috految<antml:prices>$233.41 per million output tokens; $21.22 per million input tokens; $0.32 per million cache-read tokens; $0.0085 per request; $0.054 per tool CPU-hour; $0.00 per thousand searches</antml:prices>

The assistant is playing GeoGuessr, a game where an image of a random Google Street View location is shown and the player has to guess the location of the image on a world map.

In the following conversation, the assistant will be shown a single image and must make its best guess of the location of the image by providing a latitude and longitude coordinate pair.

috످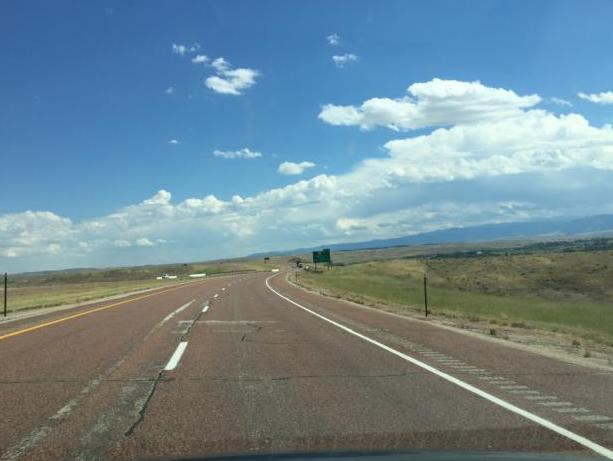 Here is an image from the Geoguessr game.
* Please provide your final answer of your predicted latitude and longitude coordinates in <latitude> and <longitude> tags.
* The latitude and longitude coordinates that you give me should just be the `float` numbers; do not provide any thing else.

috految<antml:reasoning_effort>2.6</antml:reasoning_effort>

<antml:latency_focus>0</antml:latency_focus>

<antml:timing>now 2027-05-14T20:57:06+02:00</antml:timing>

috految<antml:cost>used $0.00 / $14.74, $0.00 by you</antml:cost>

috److The red pavement, divided interstate, and rolling grassland suggest Wyoming.

The mountains on the right appear to be the Bighorns, tapering off toward the south, with a tree-covered town in the valley below. This fits I-90 eastbound (heading south) near Buffalo, approaching the I-25 junction, or I-90 near Sheridan.

The open terrain and the wooded town ahead on the right best match the approach to Buffalo from the north, near Exit 56.

<latitude>44.385</latitude><longitude>-106.693</longitude>

috످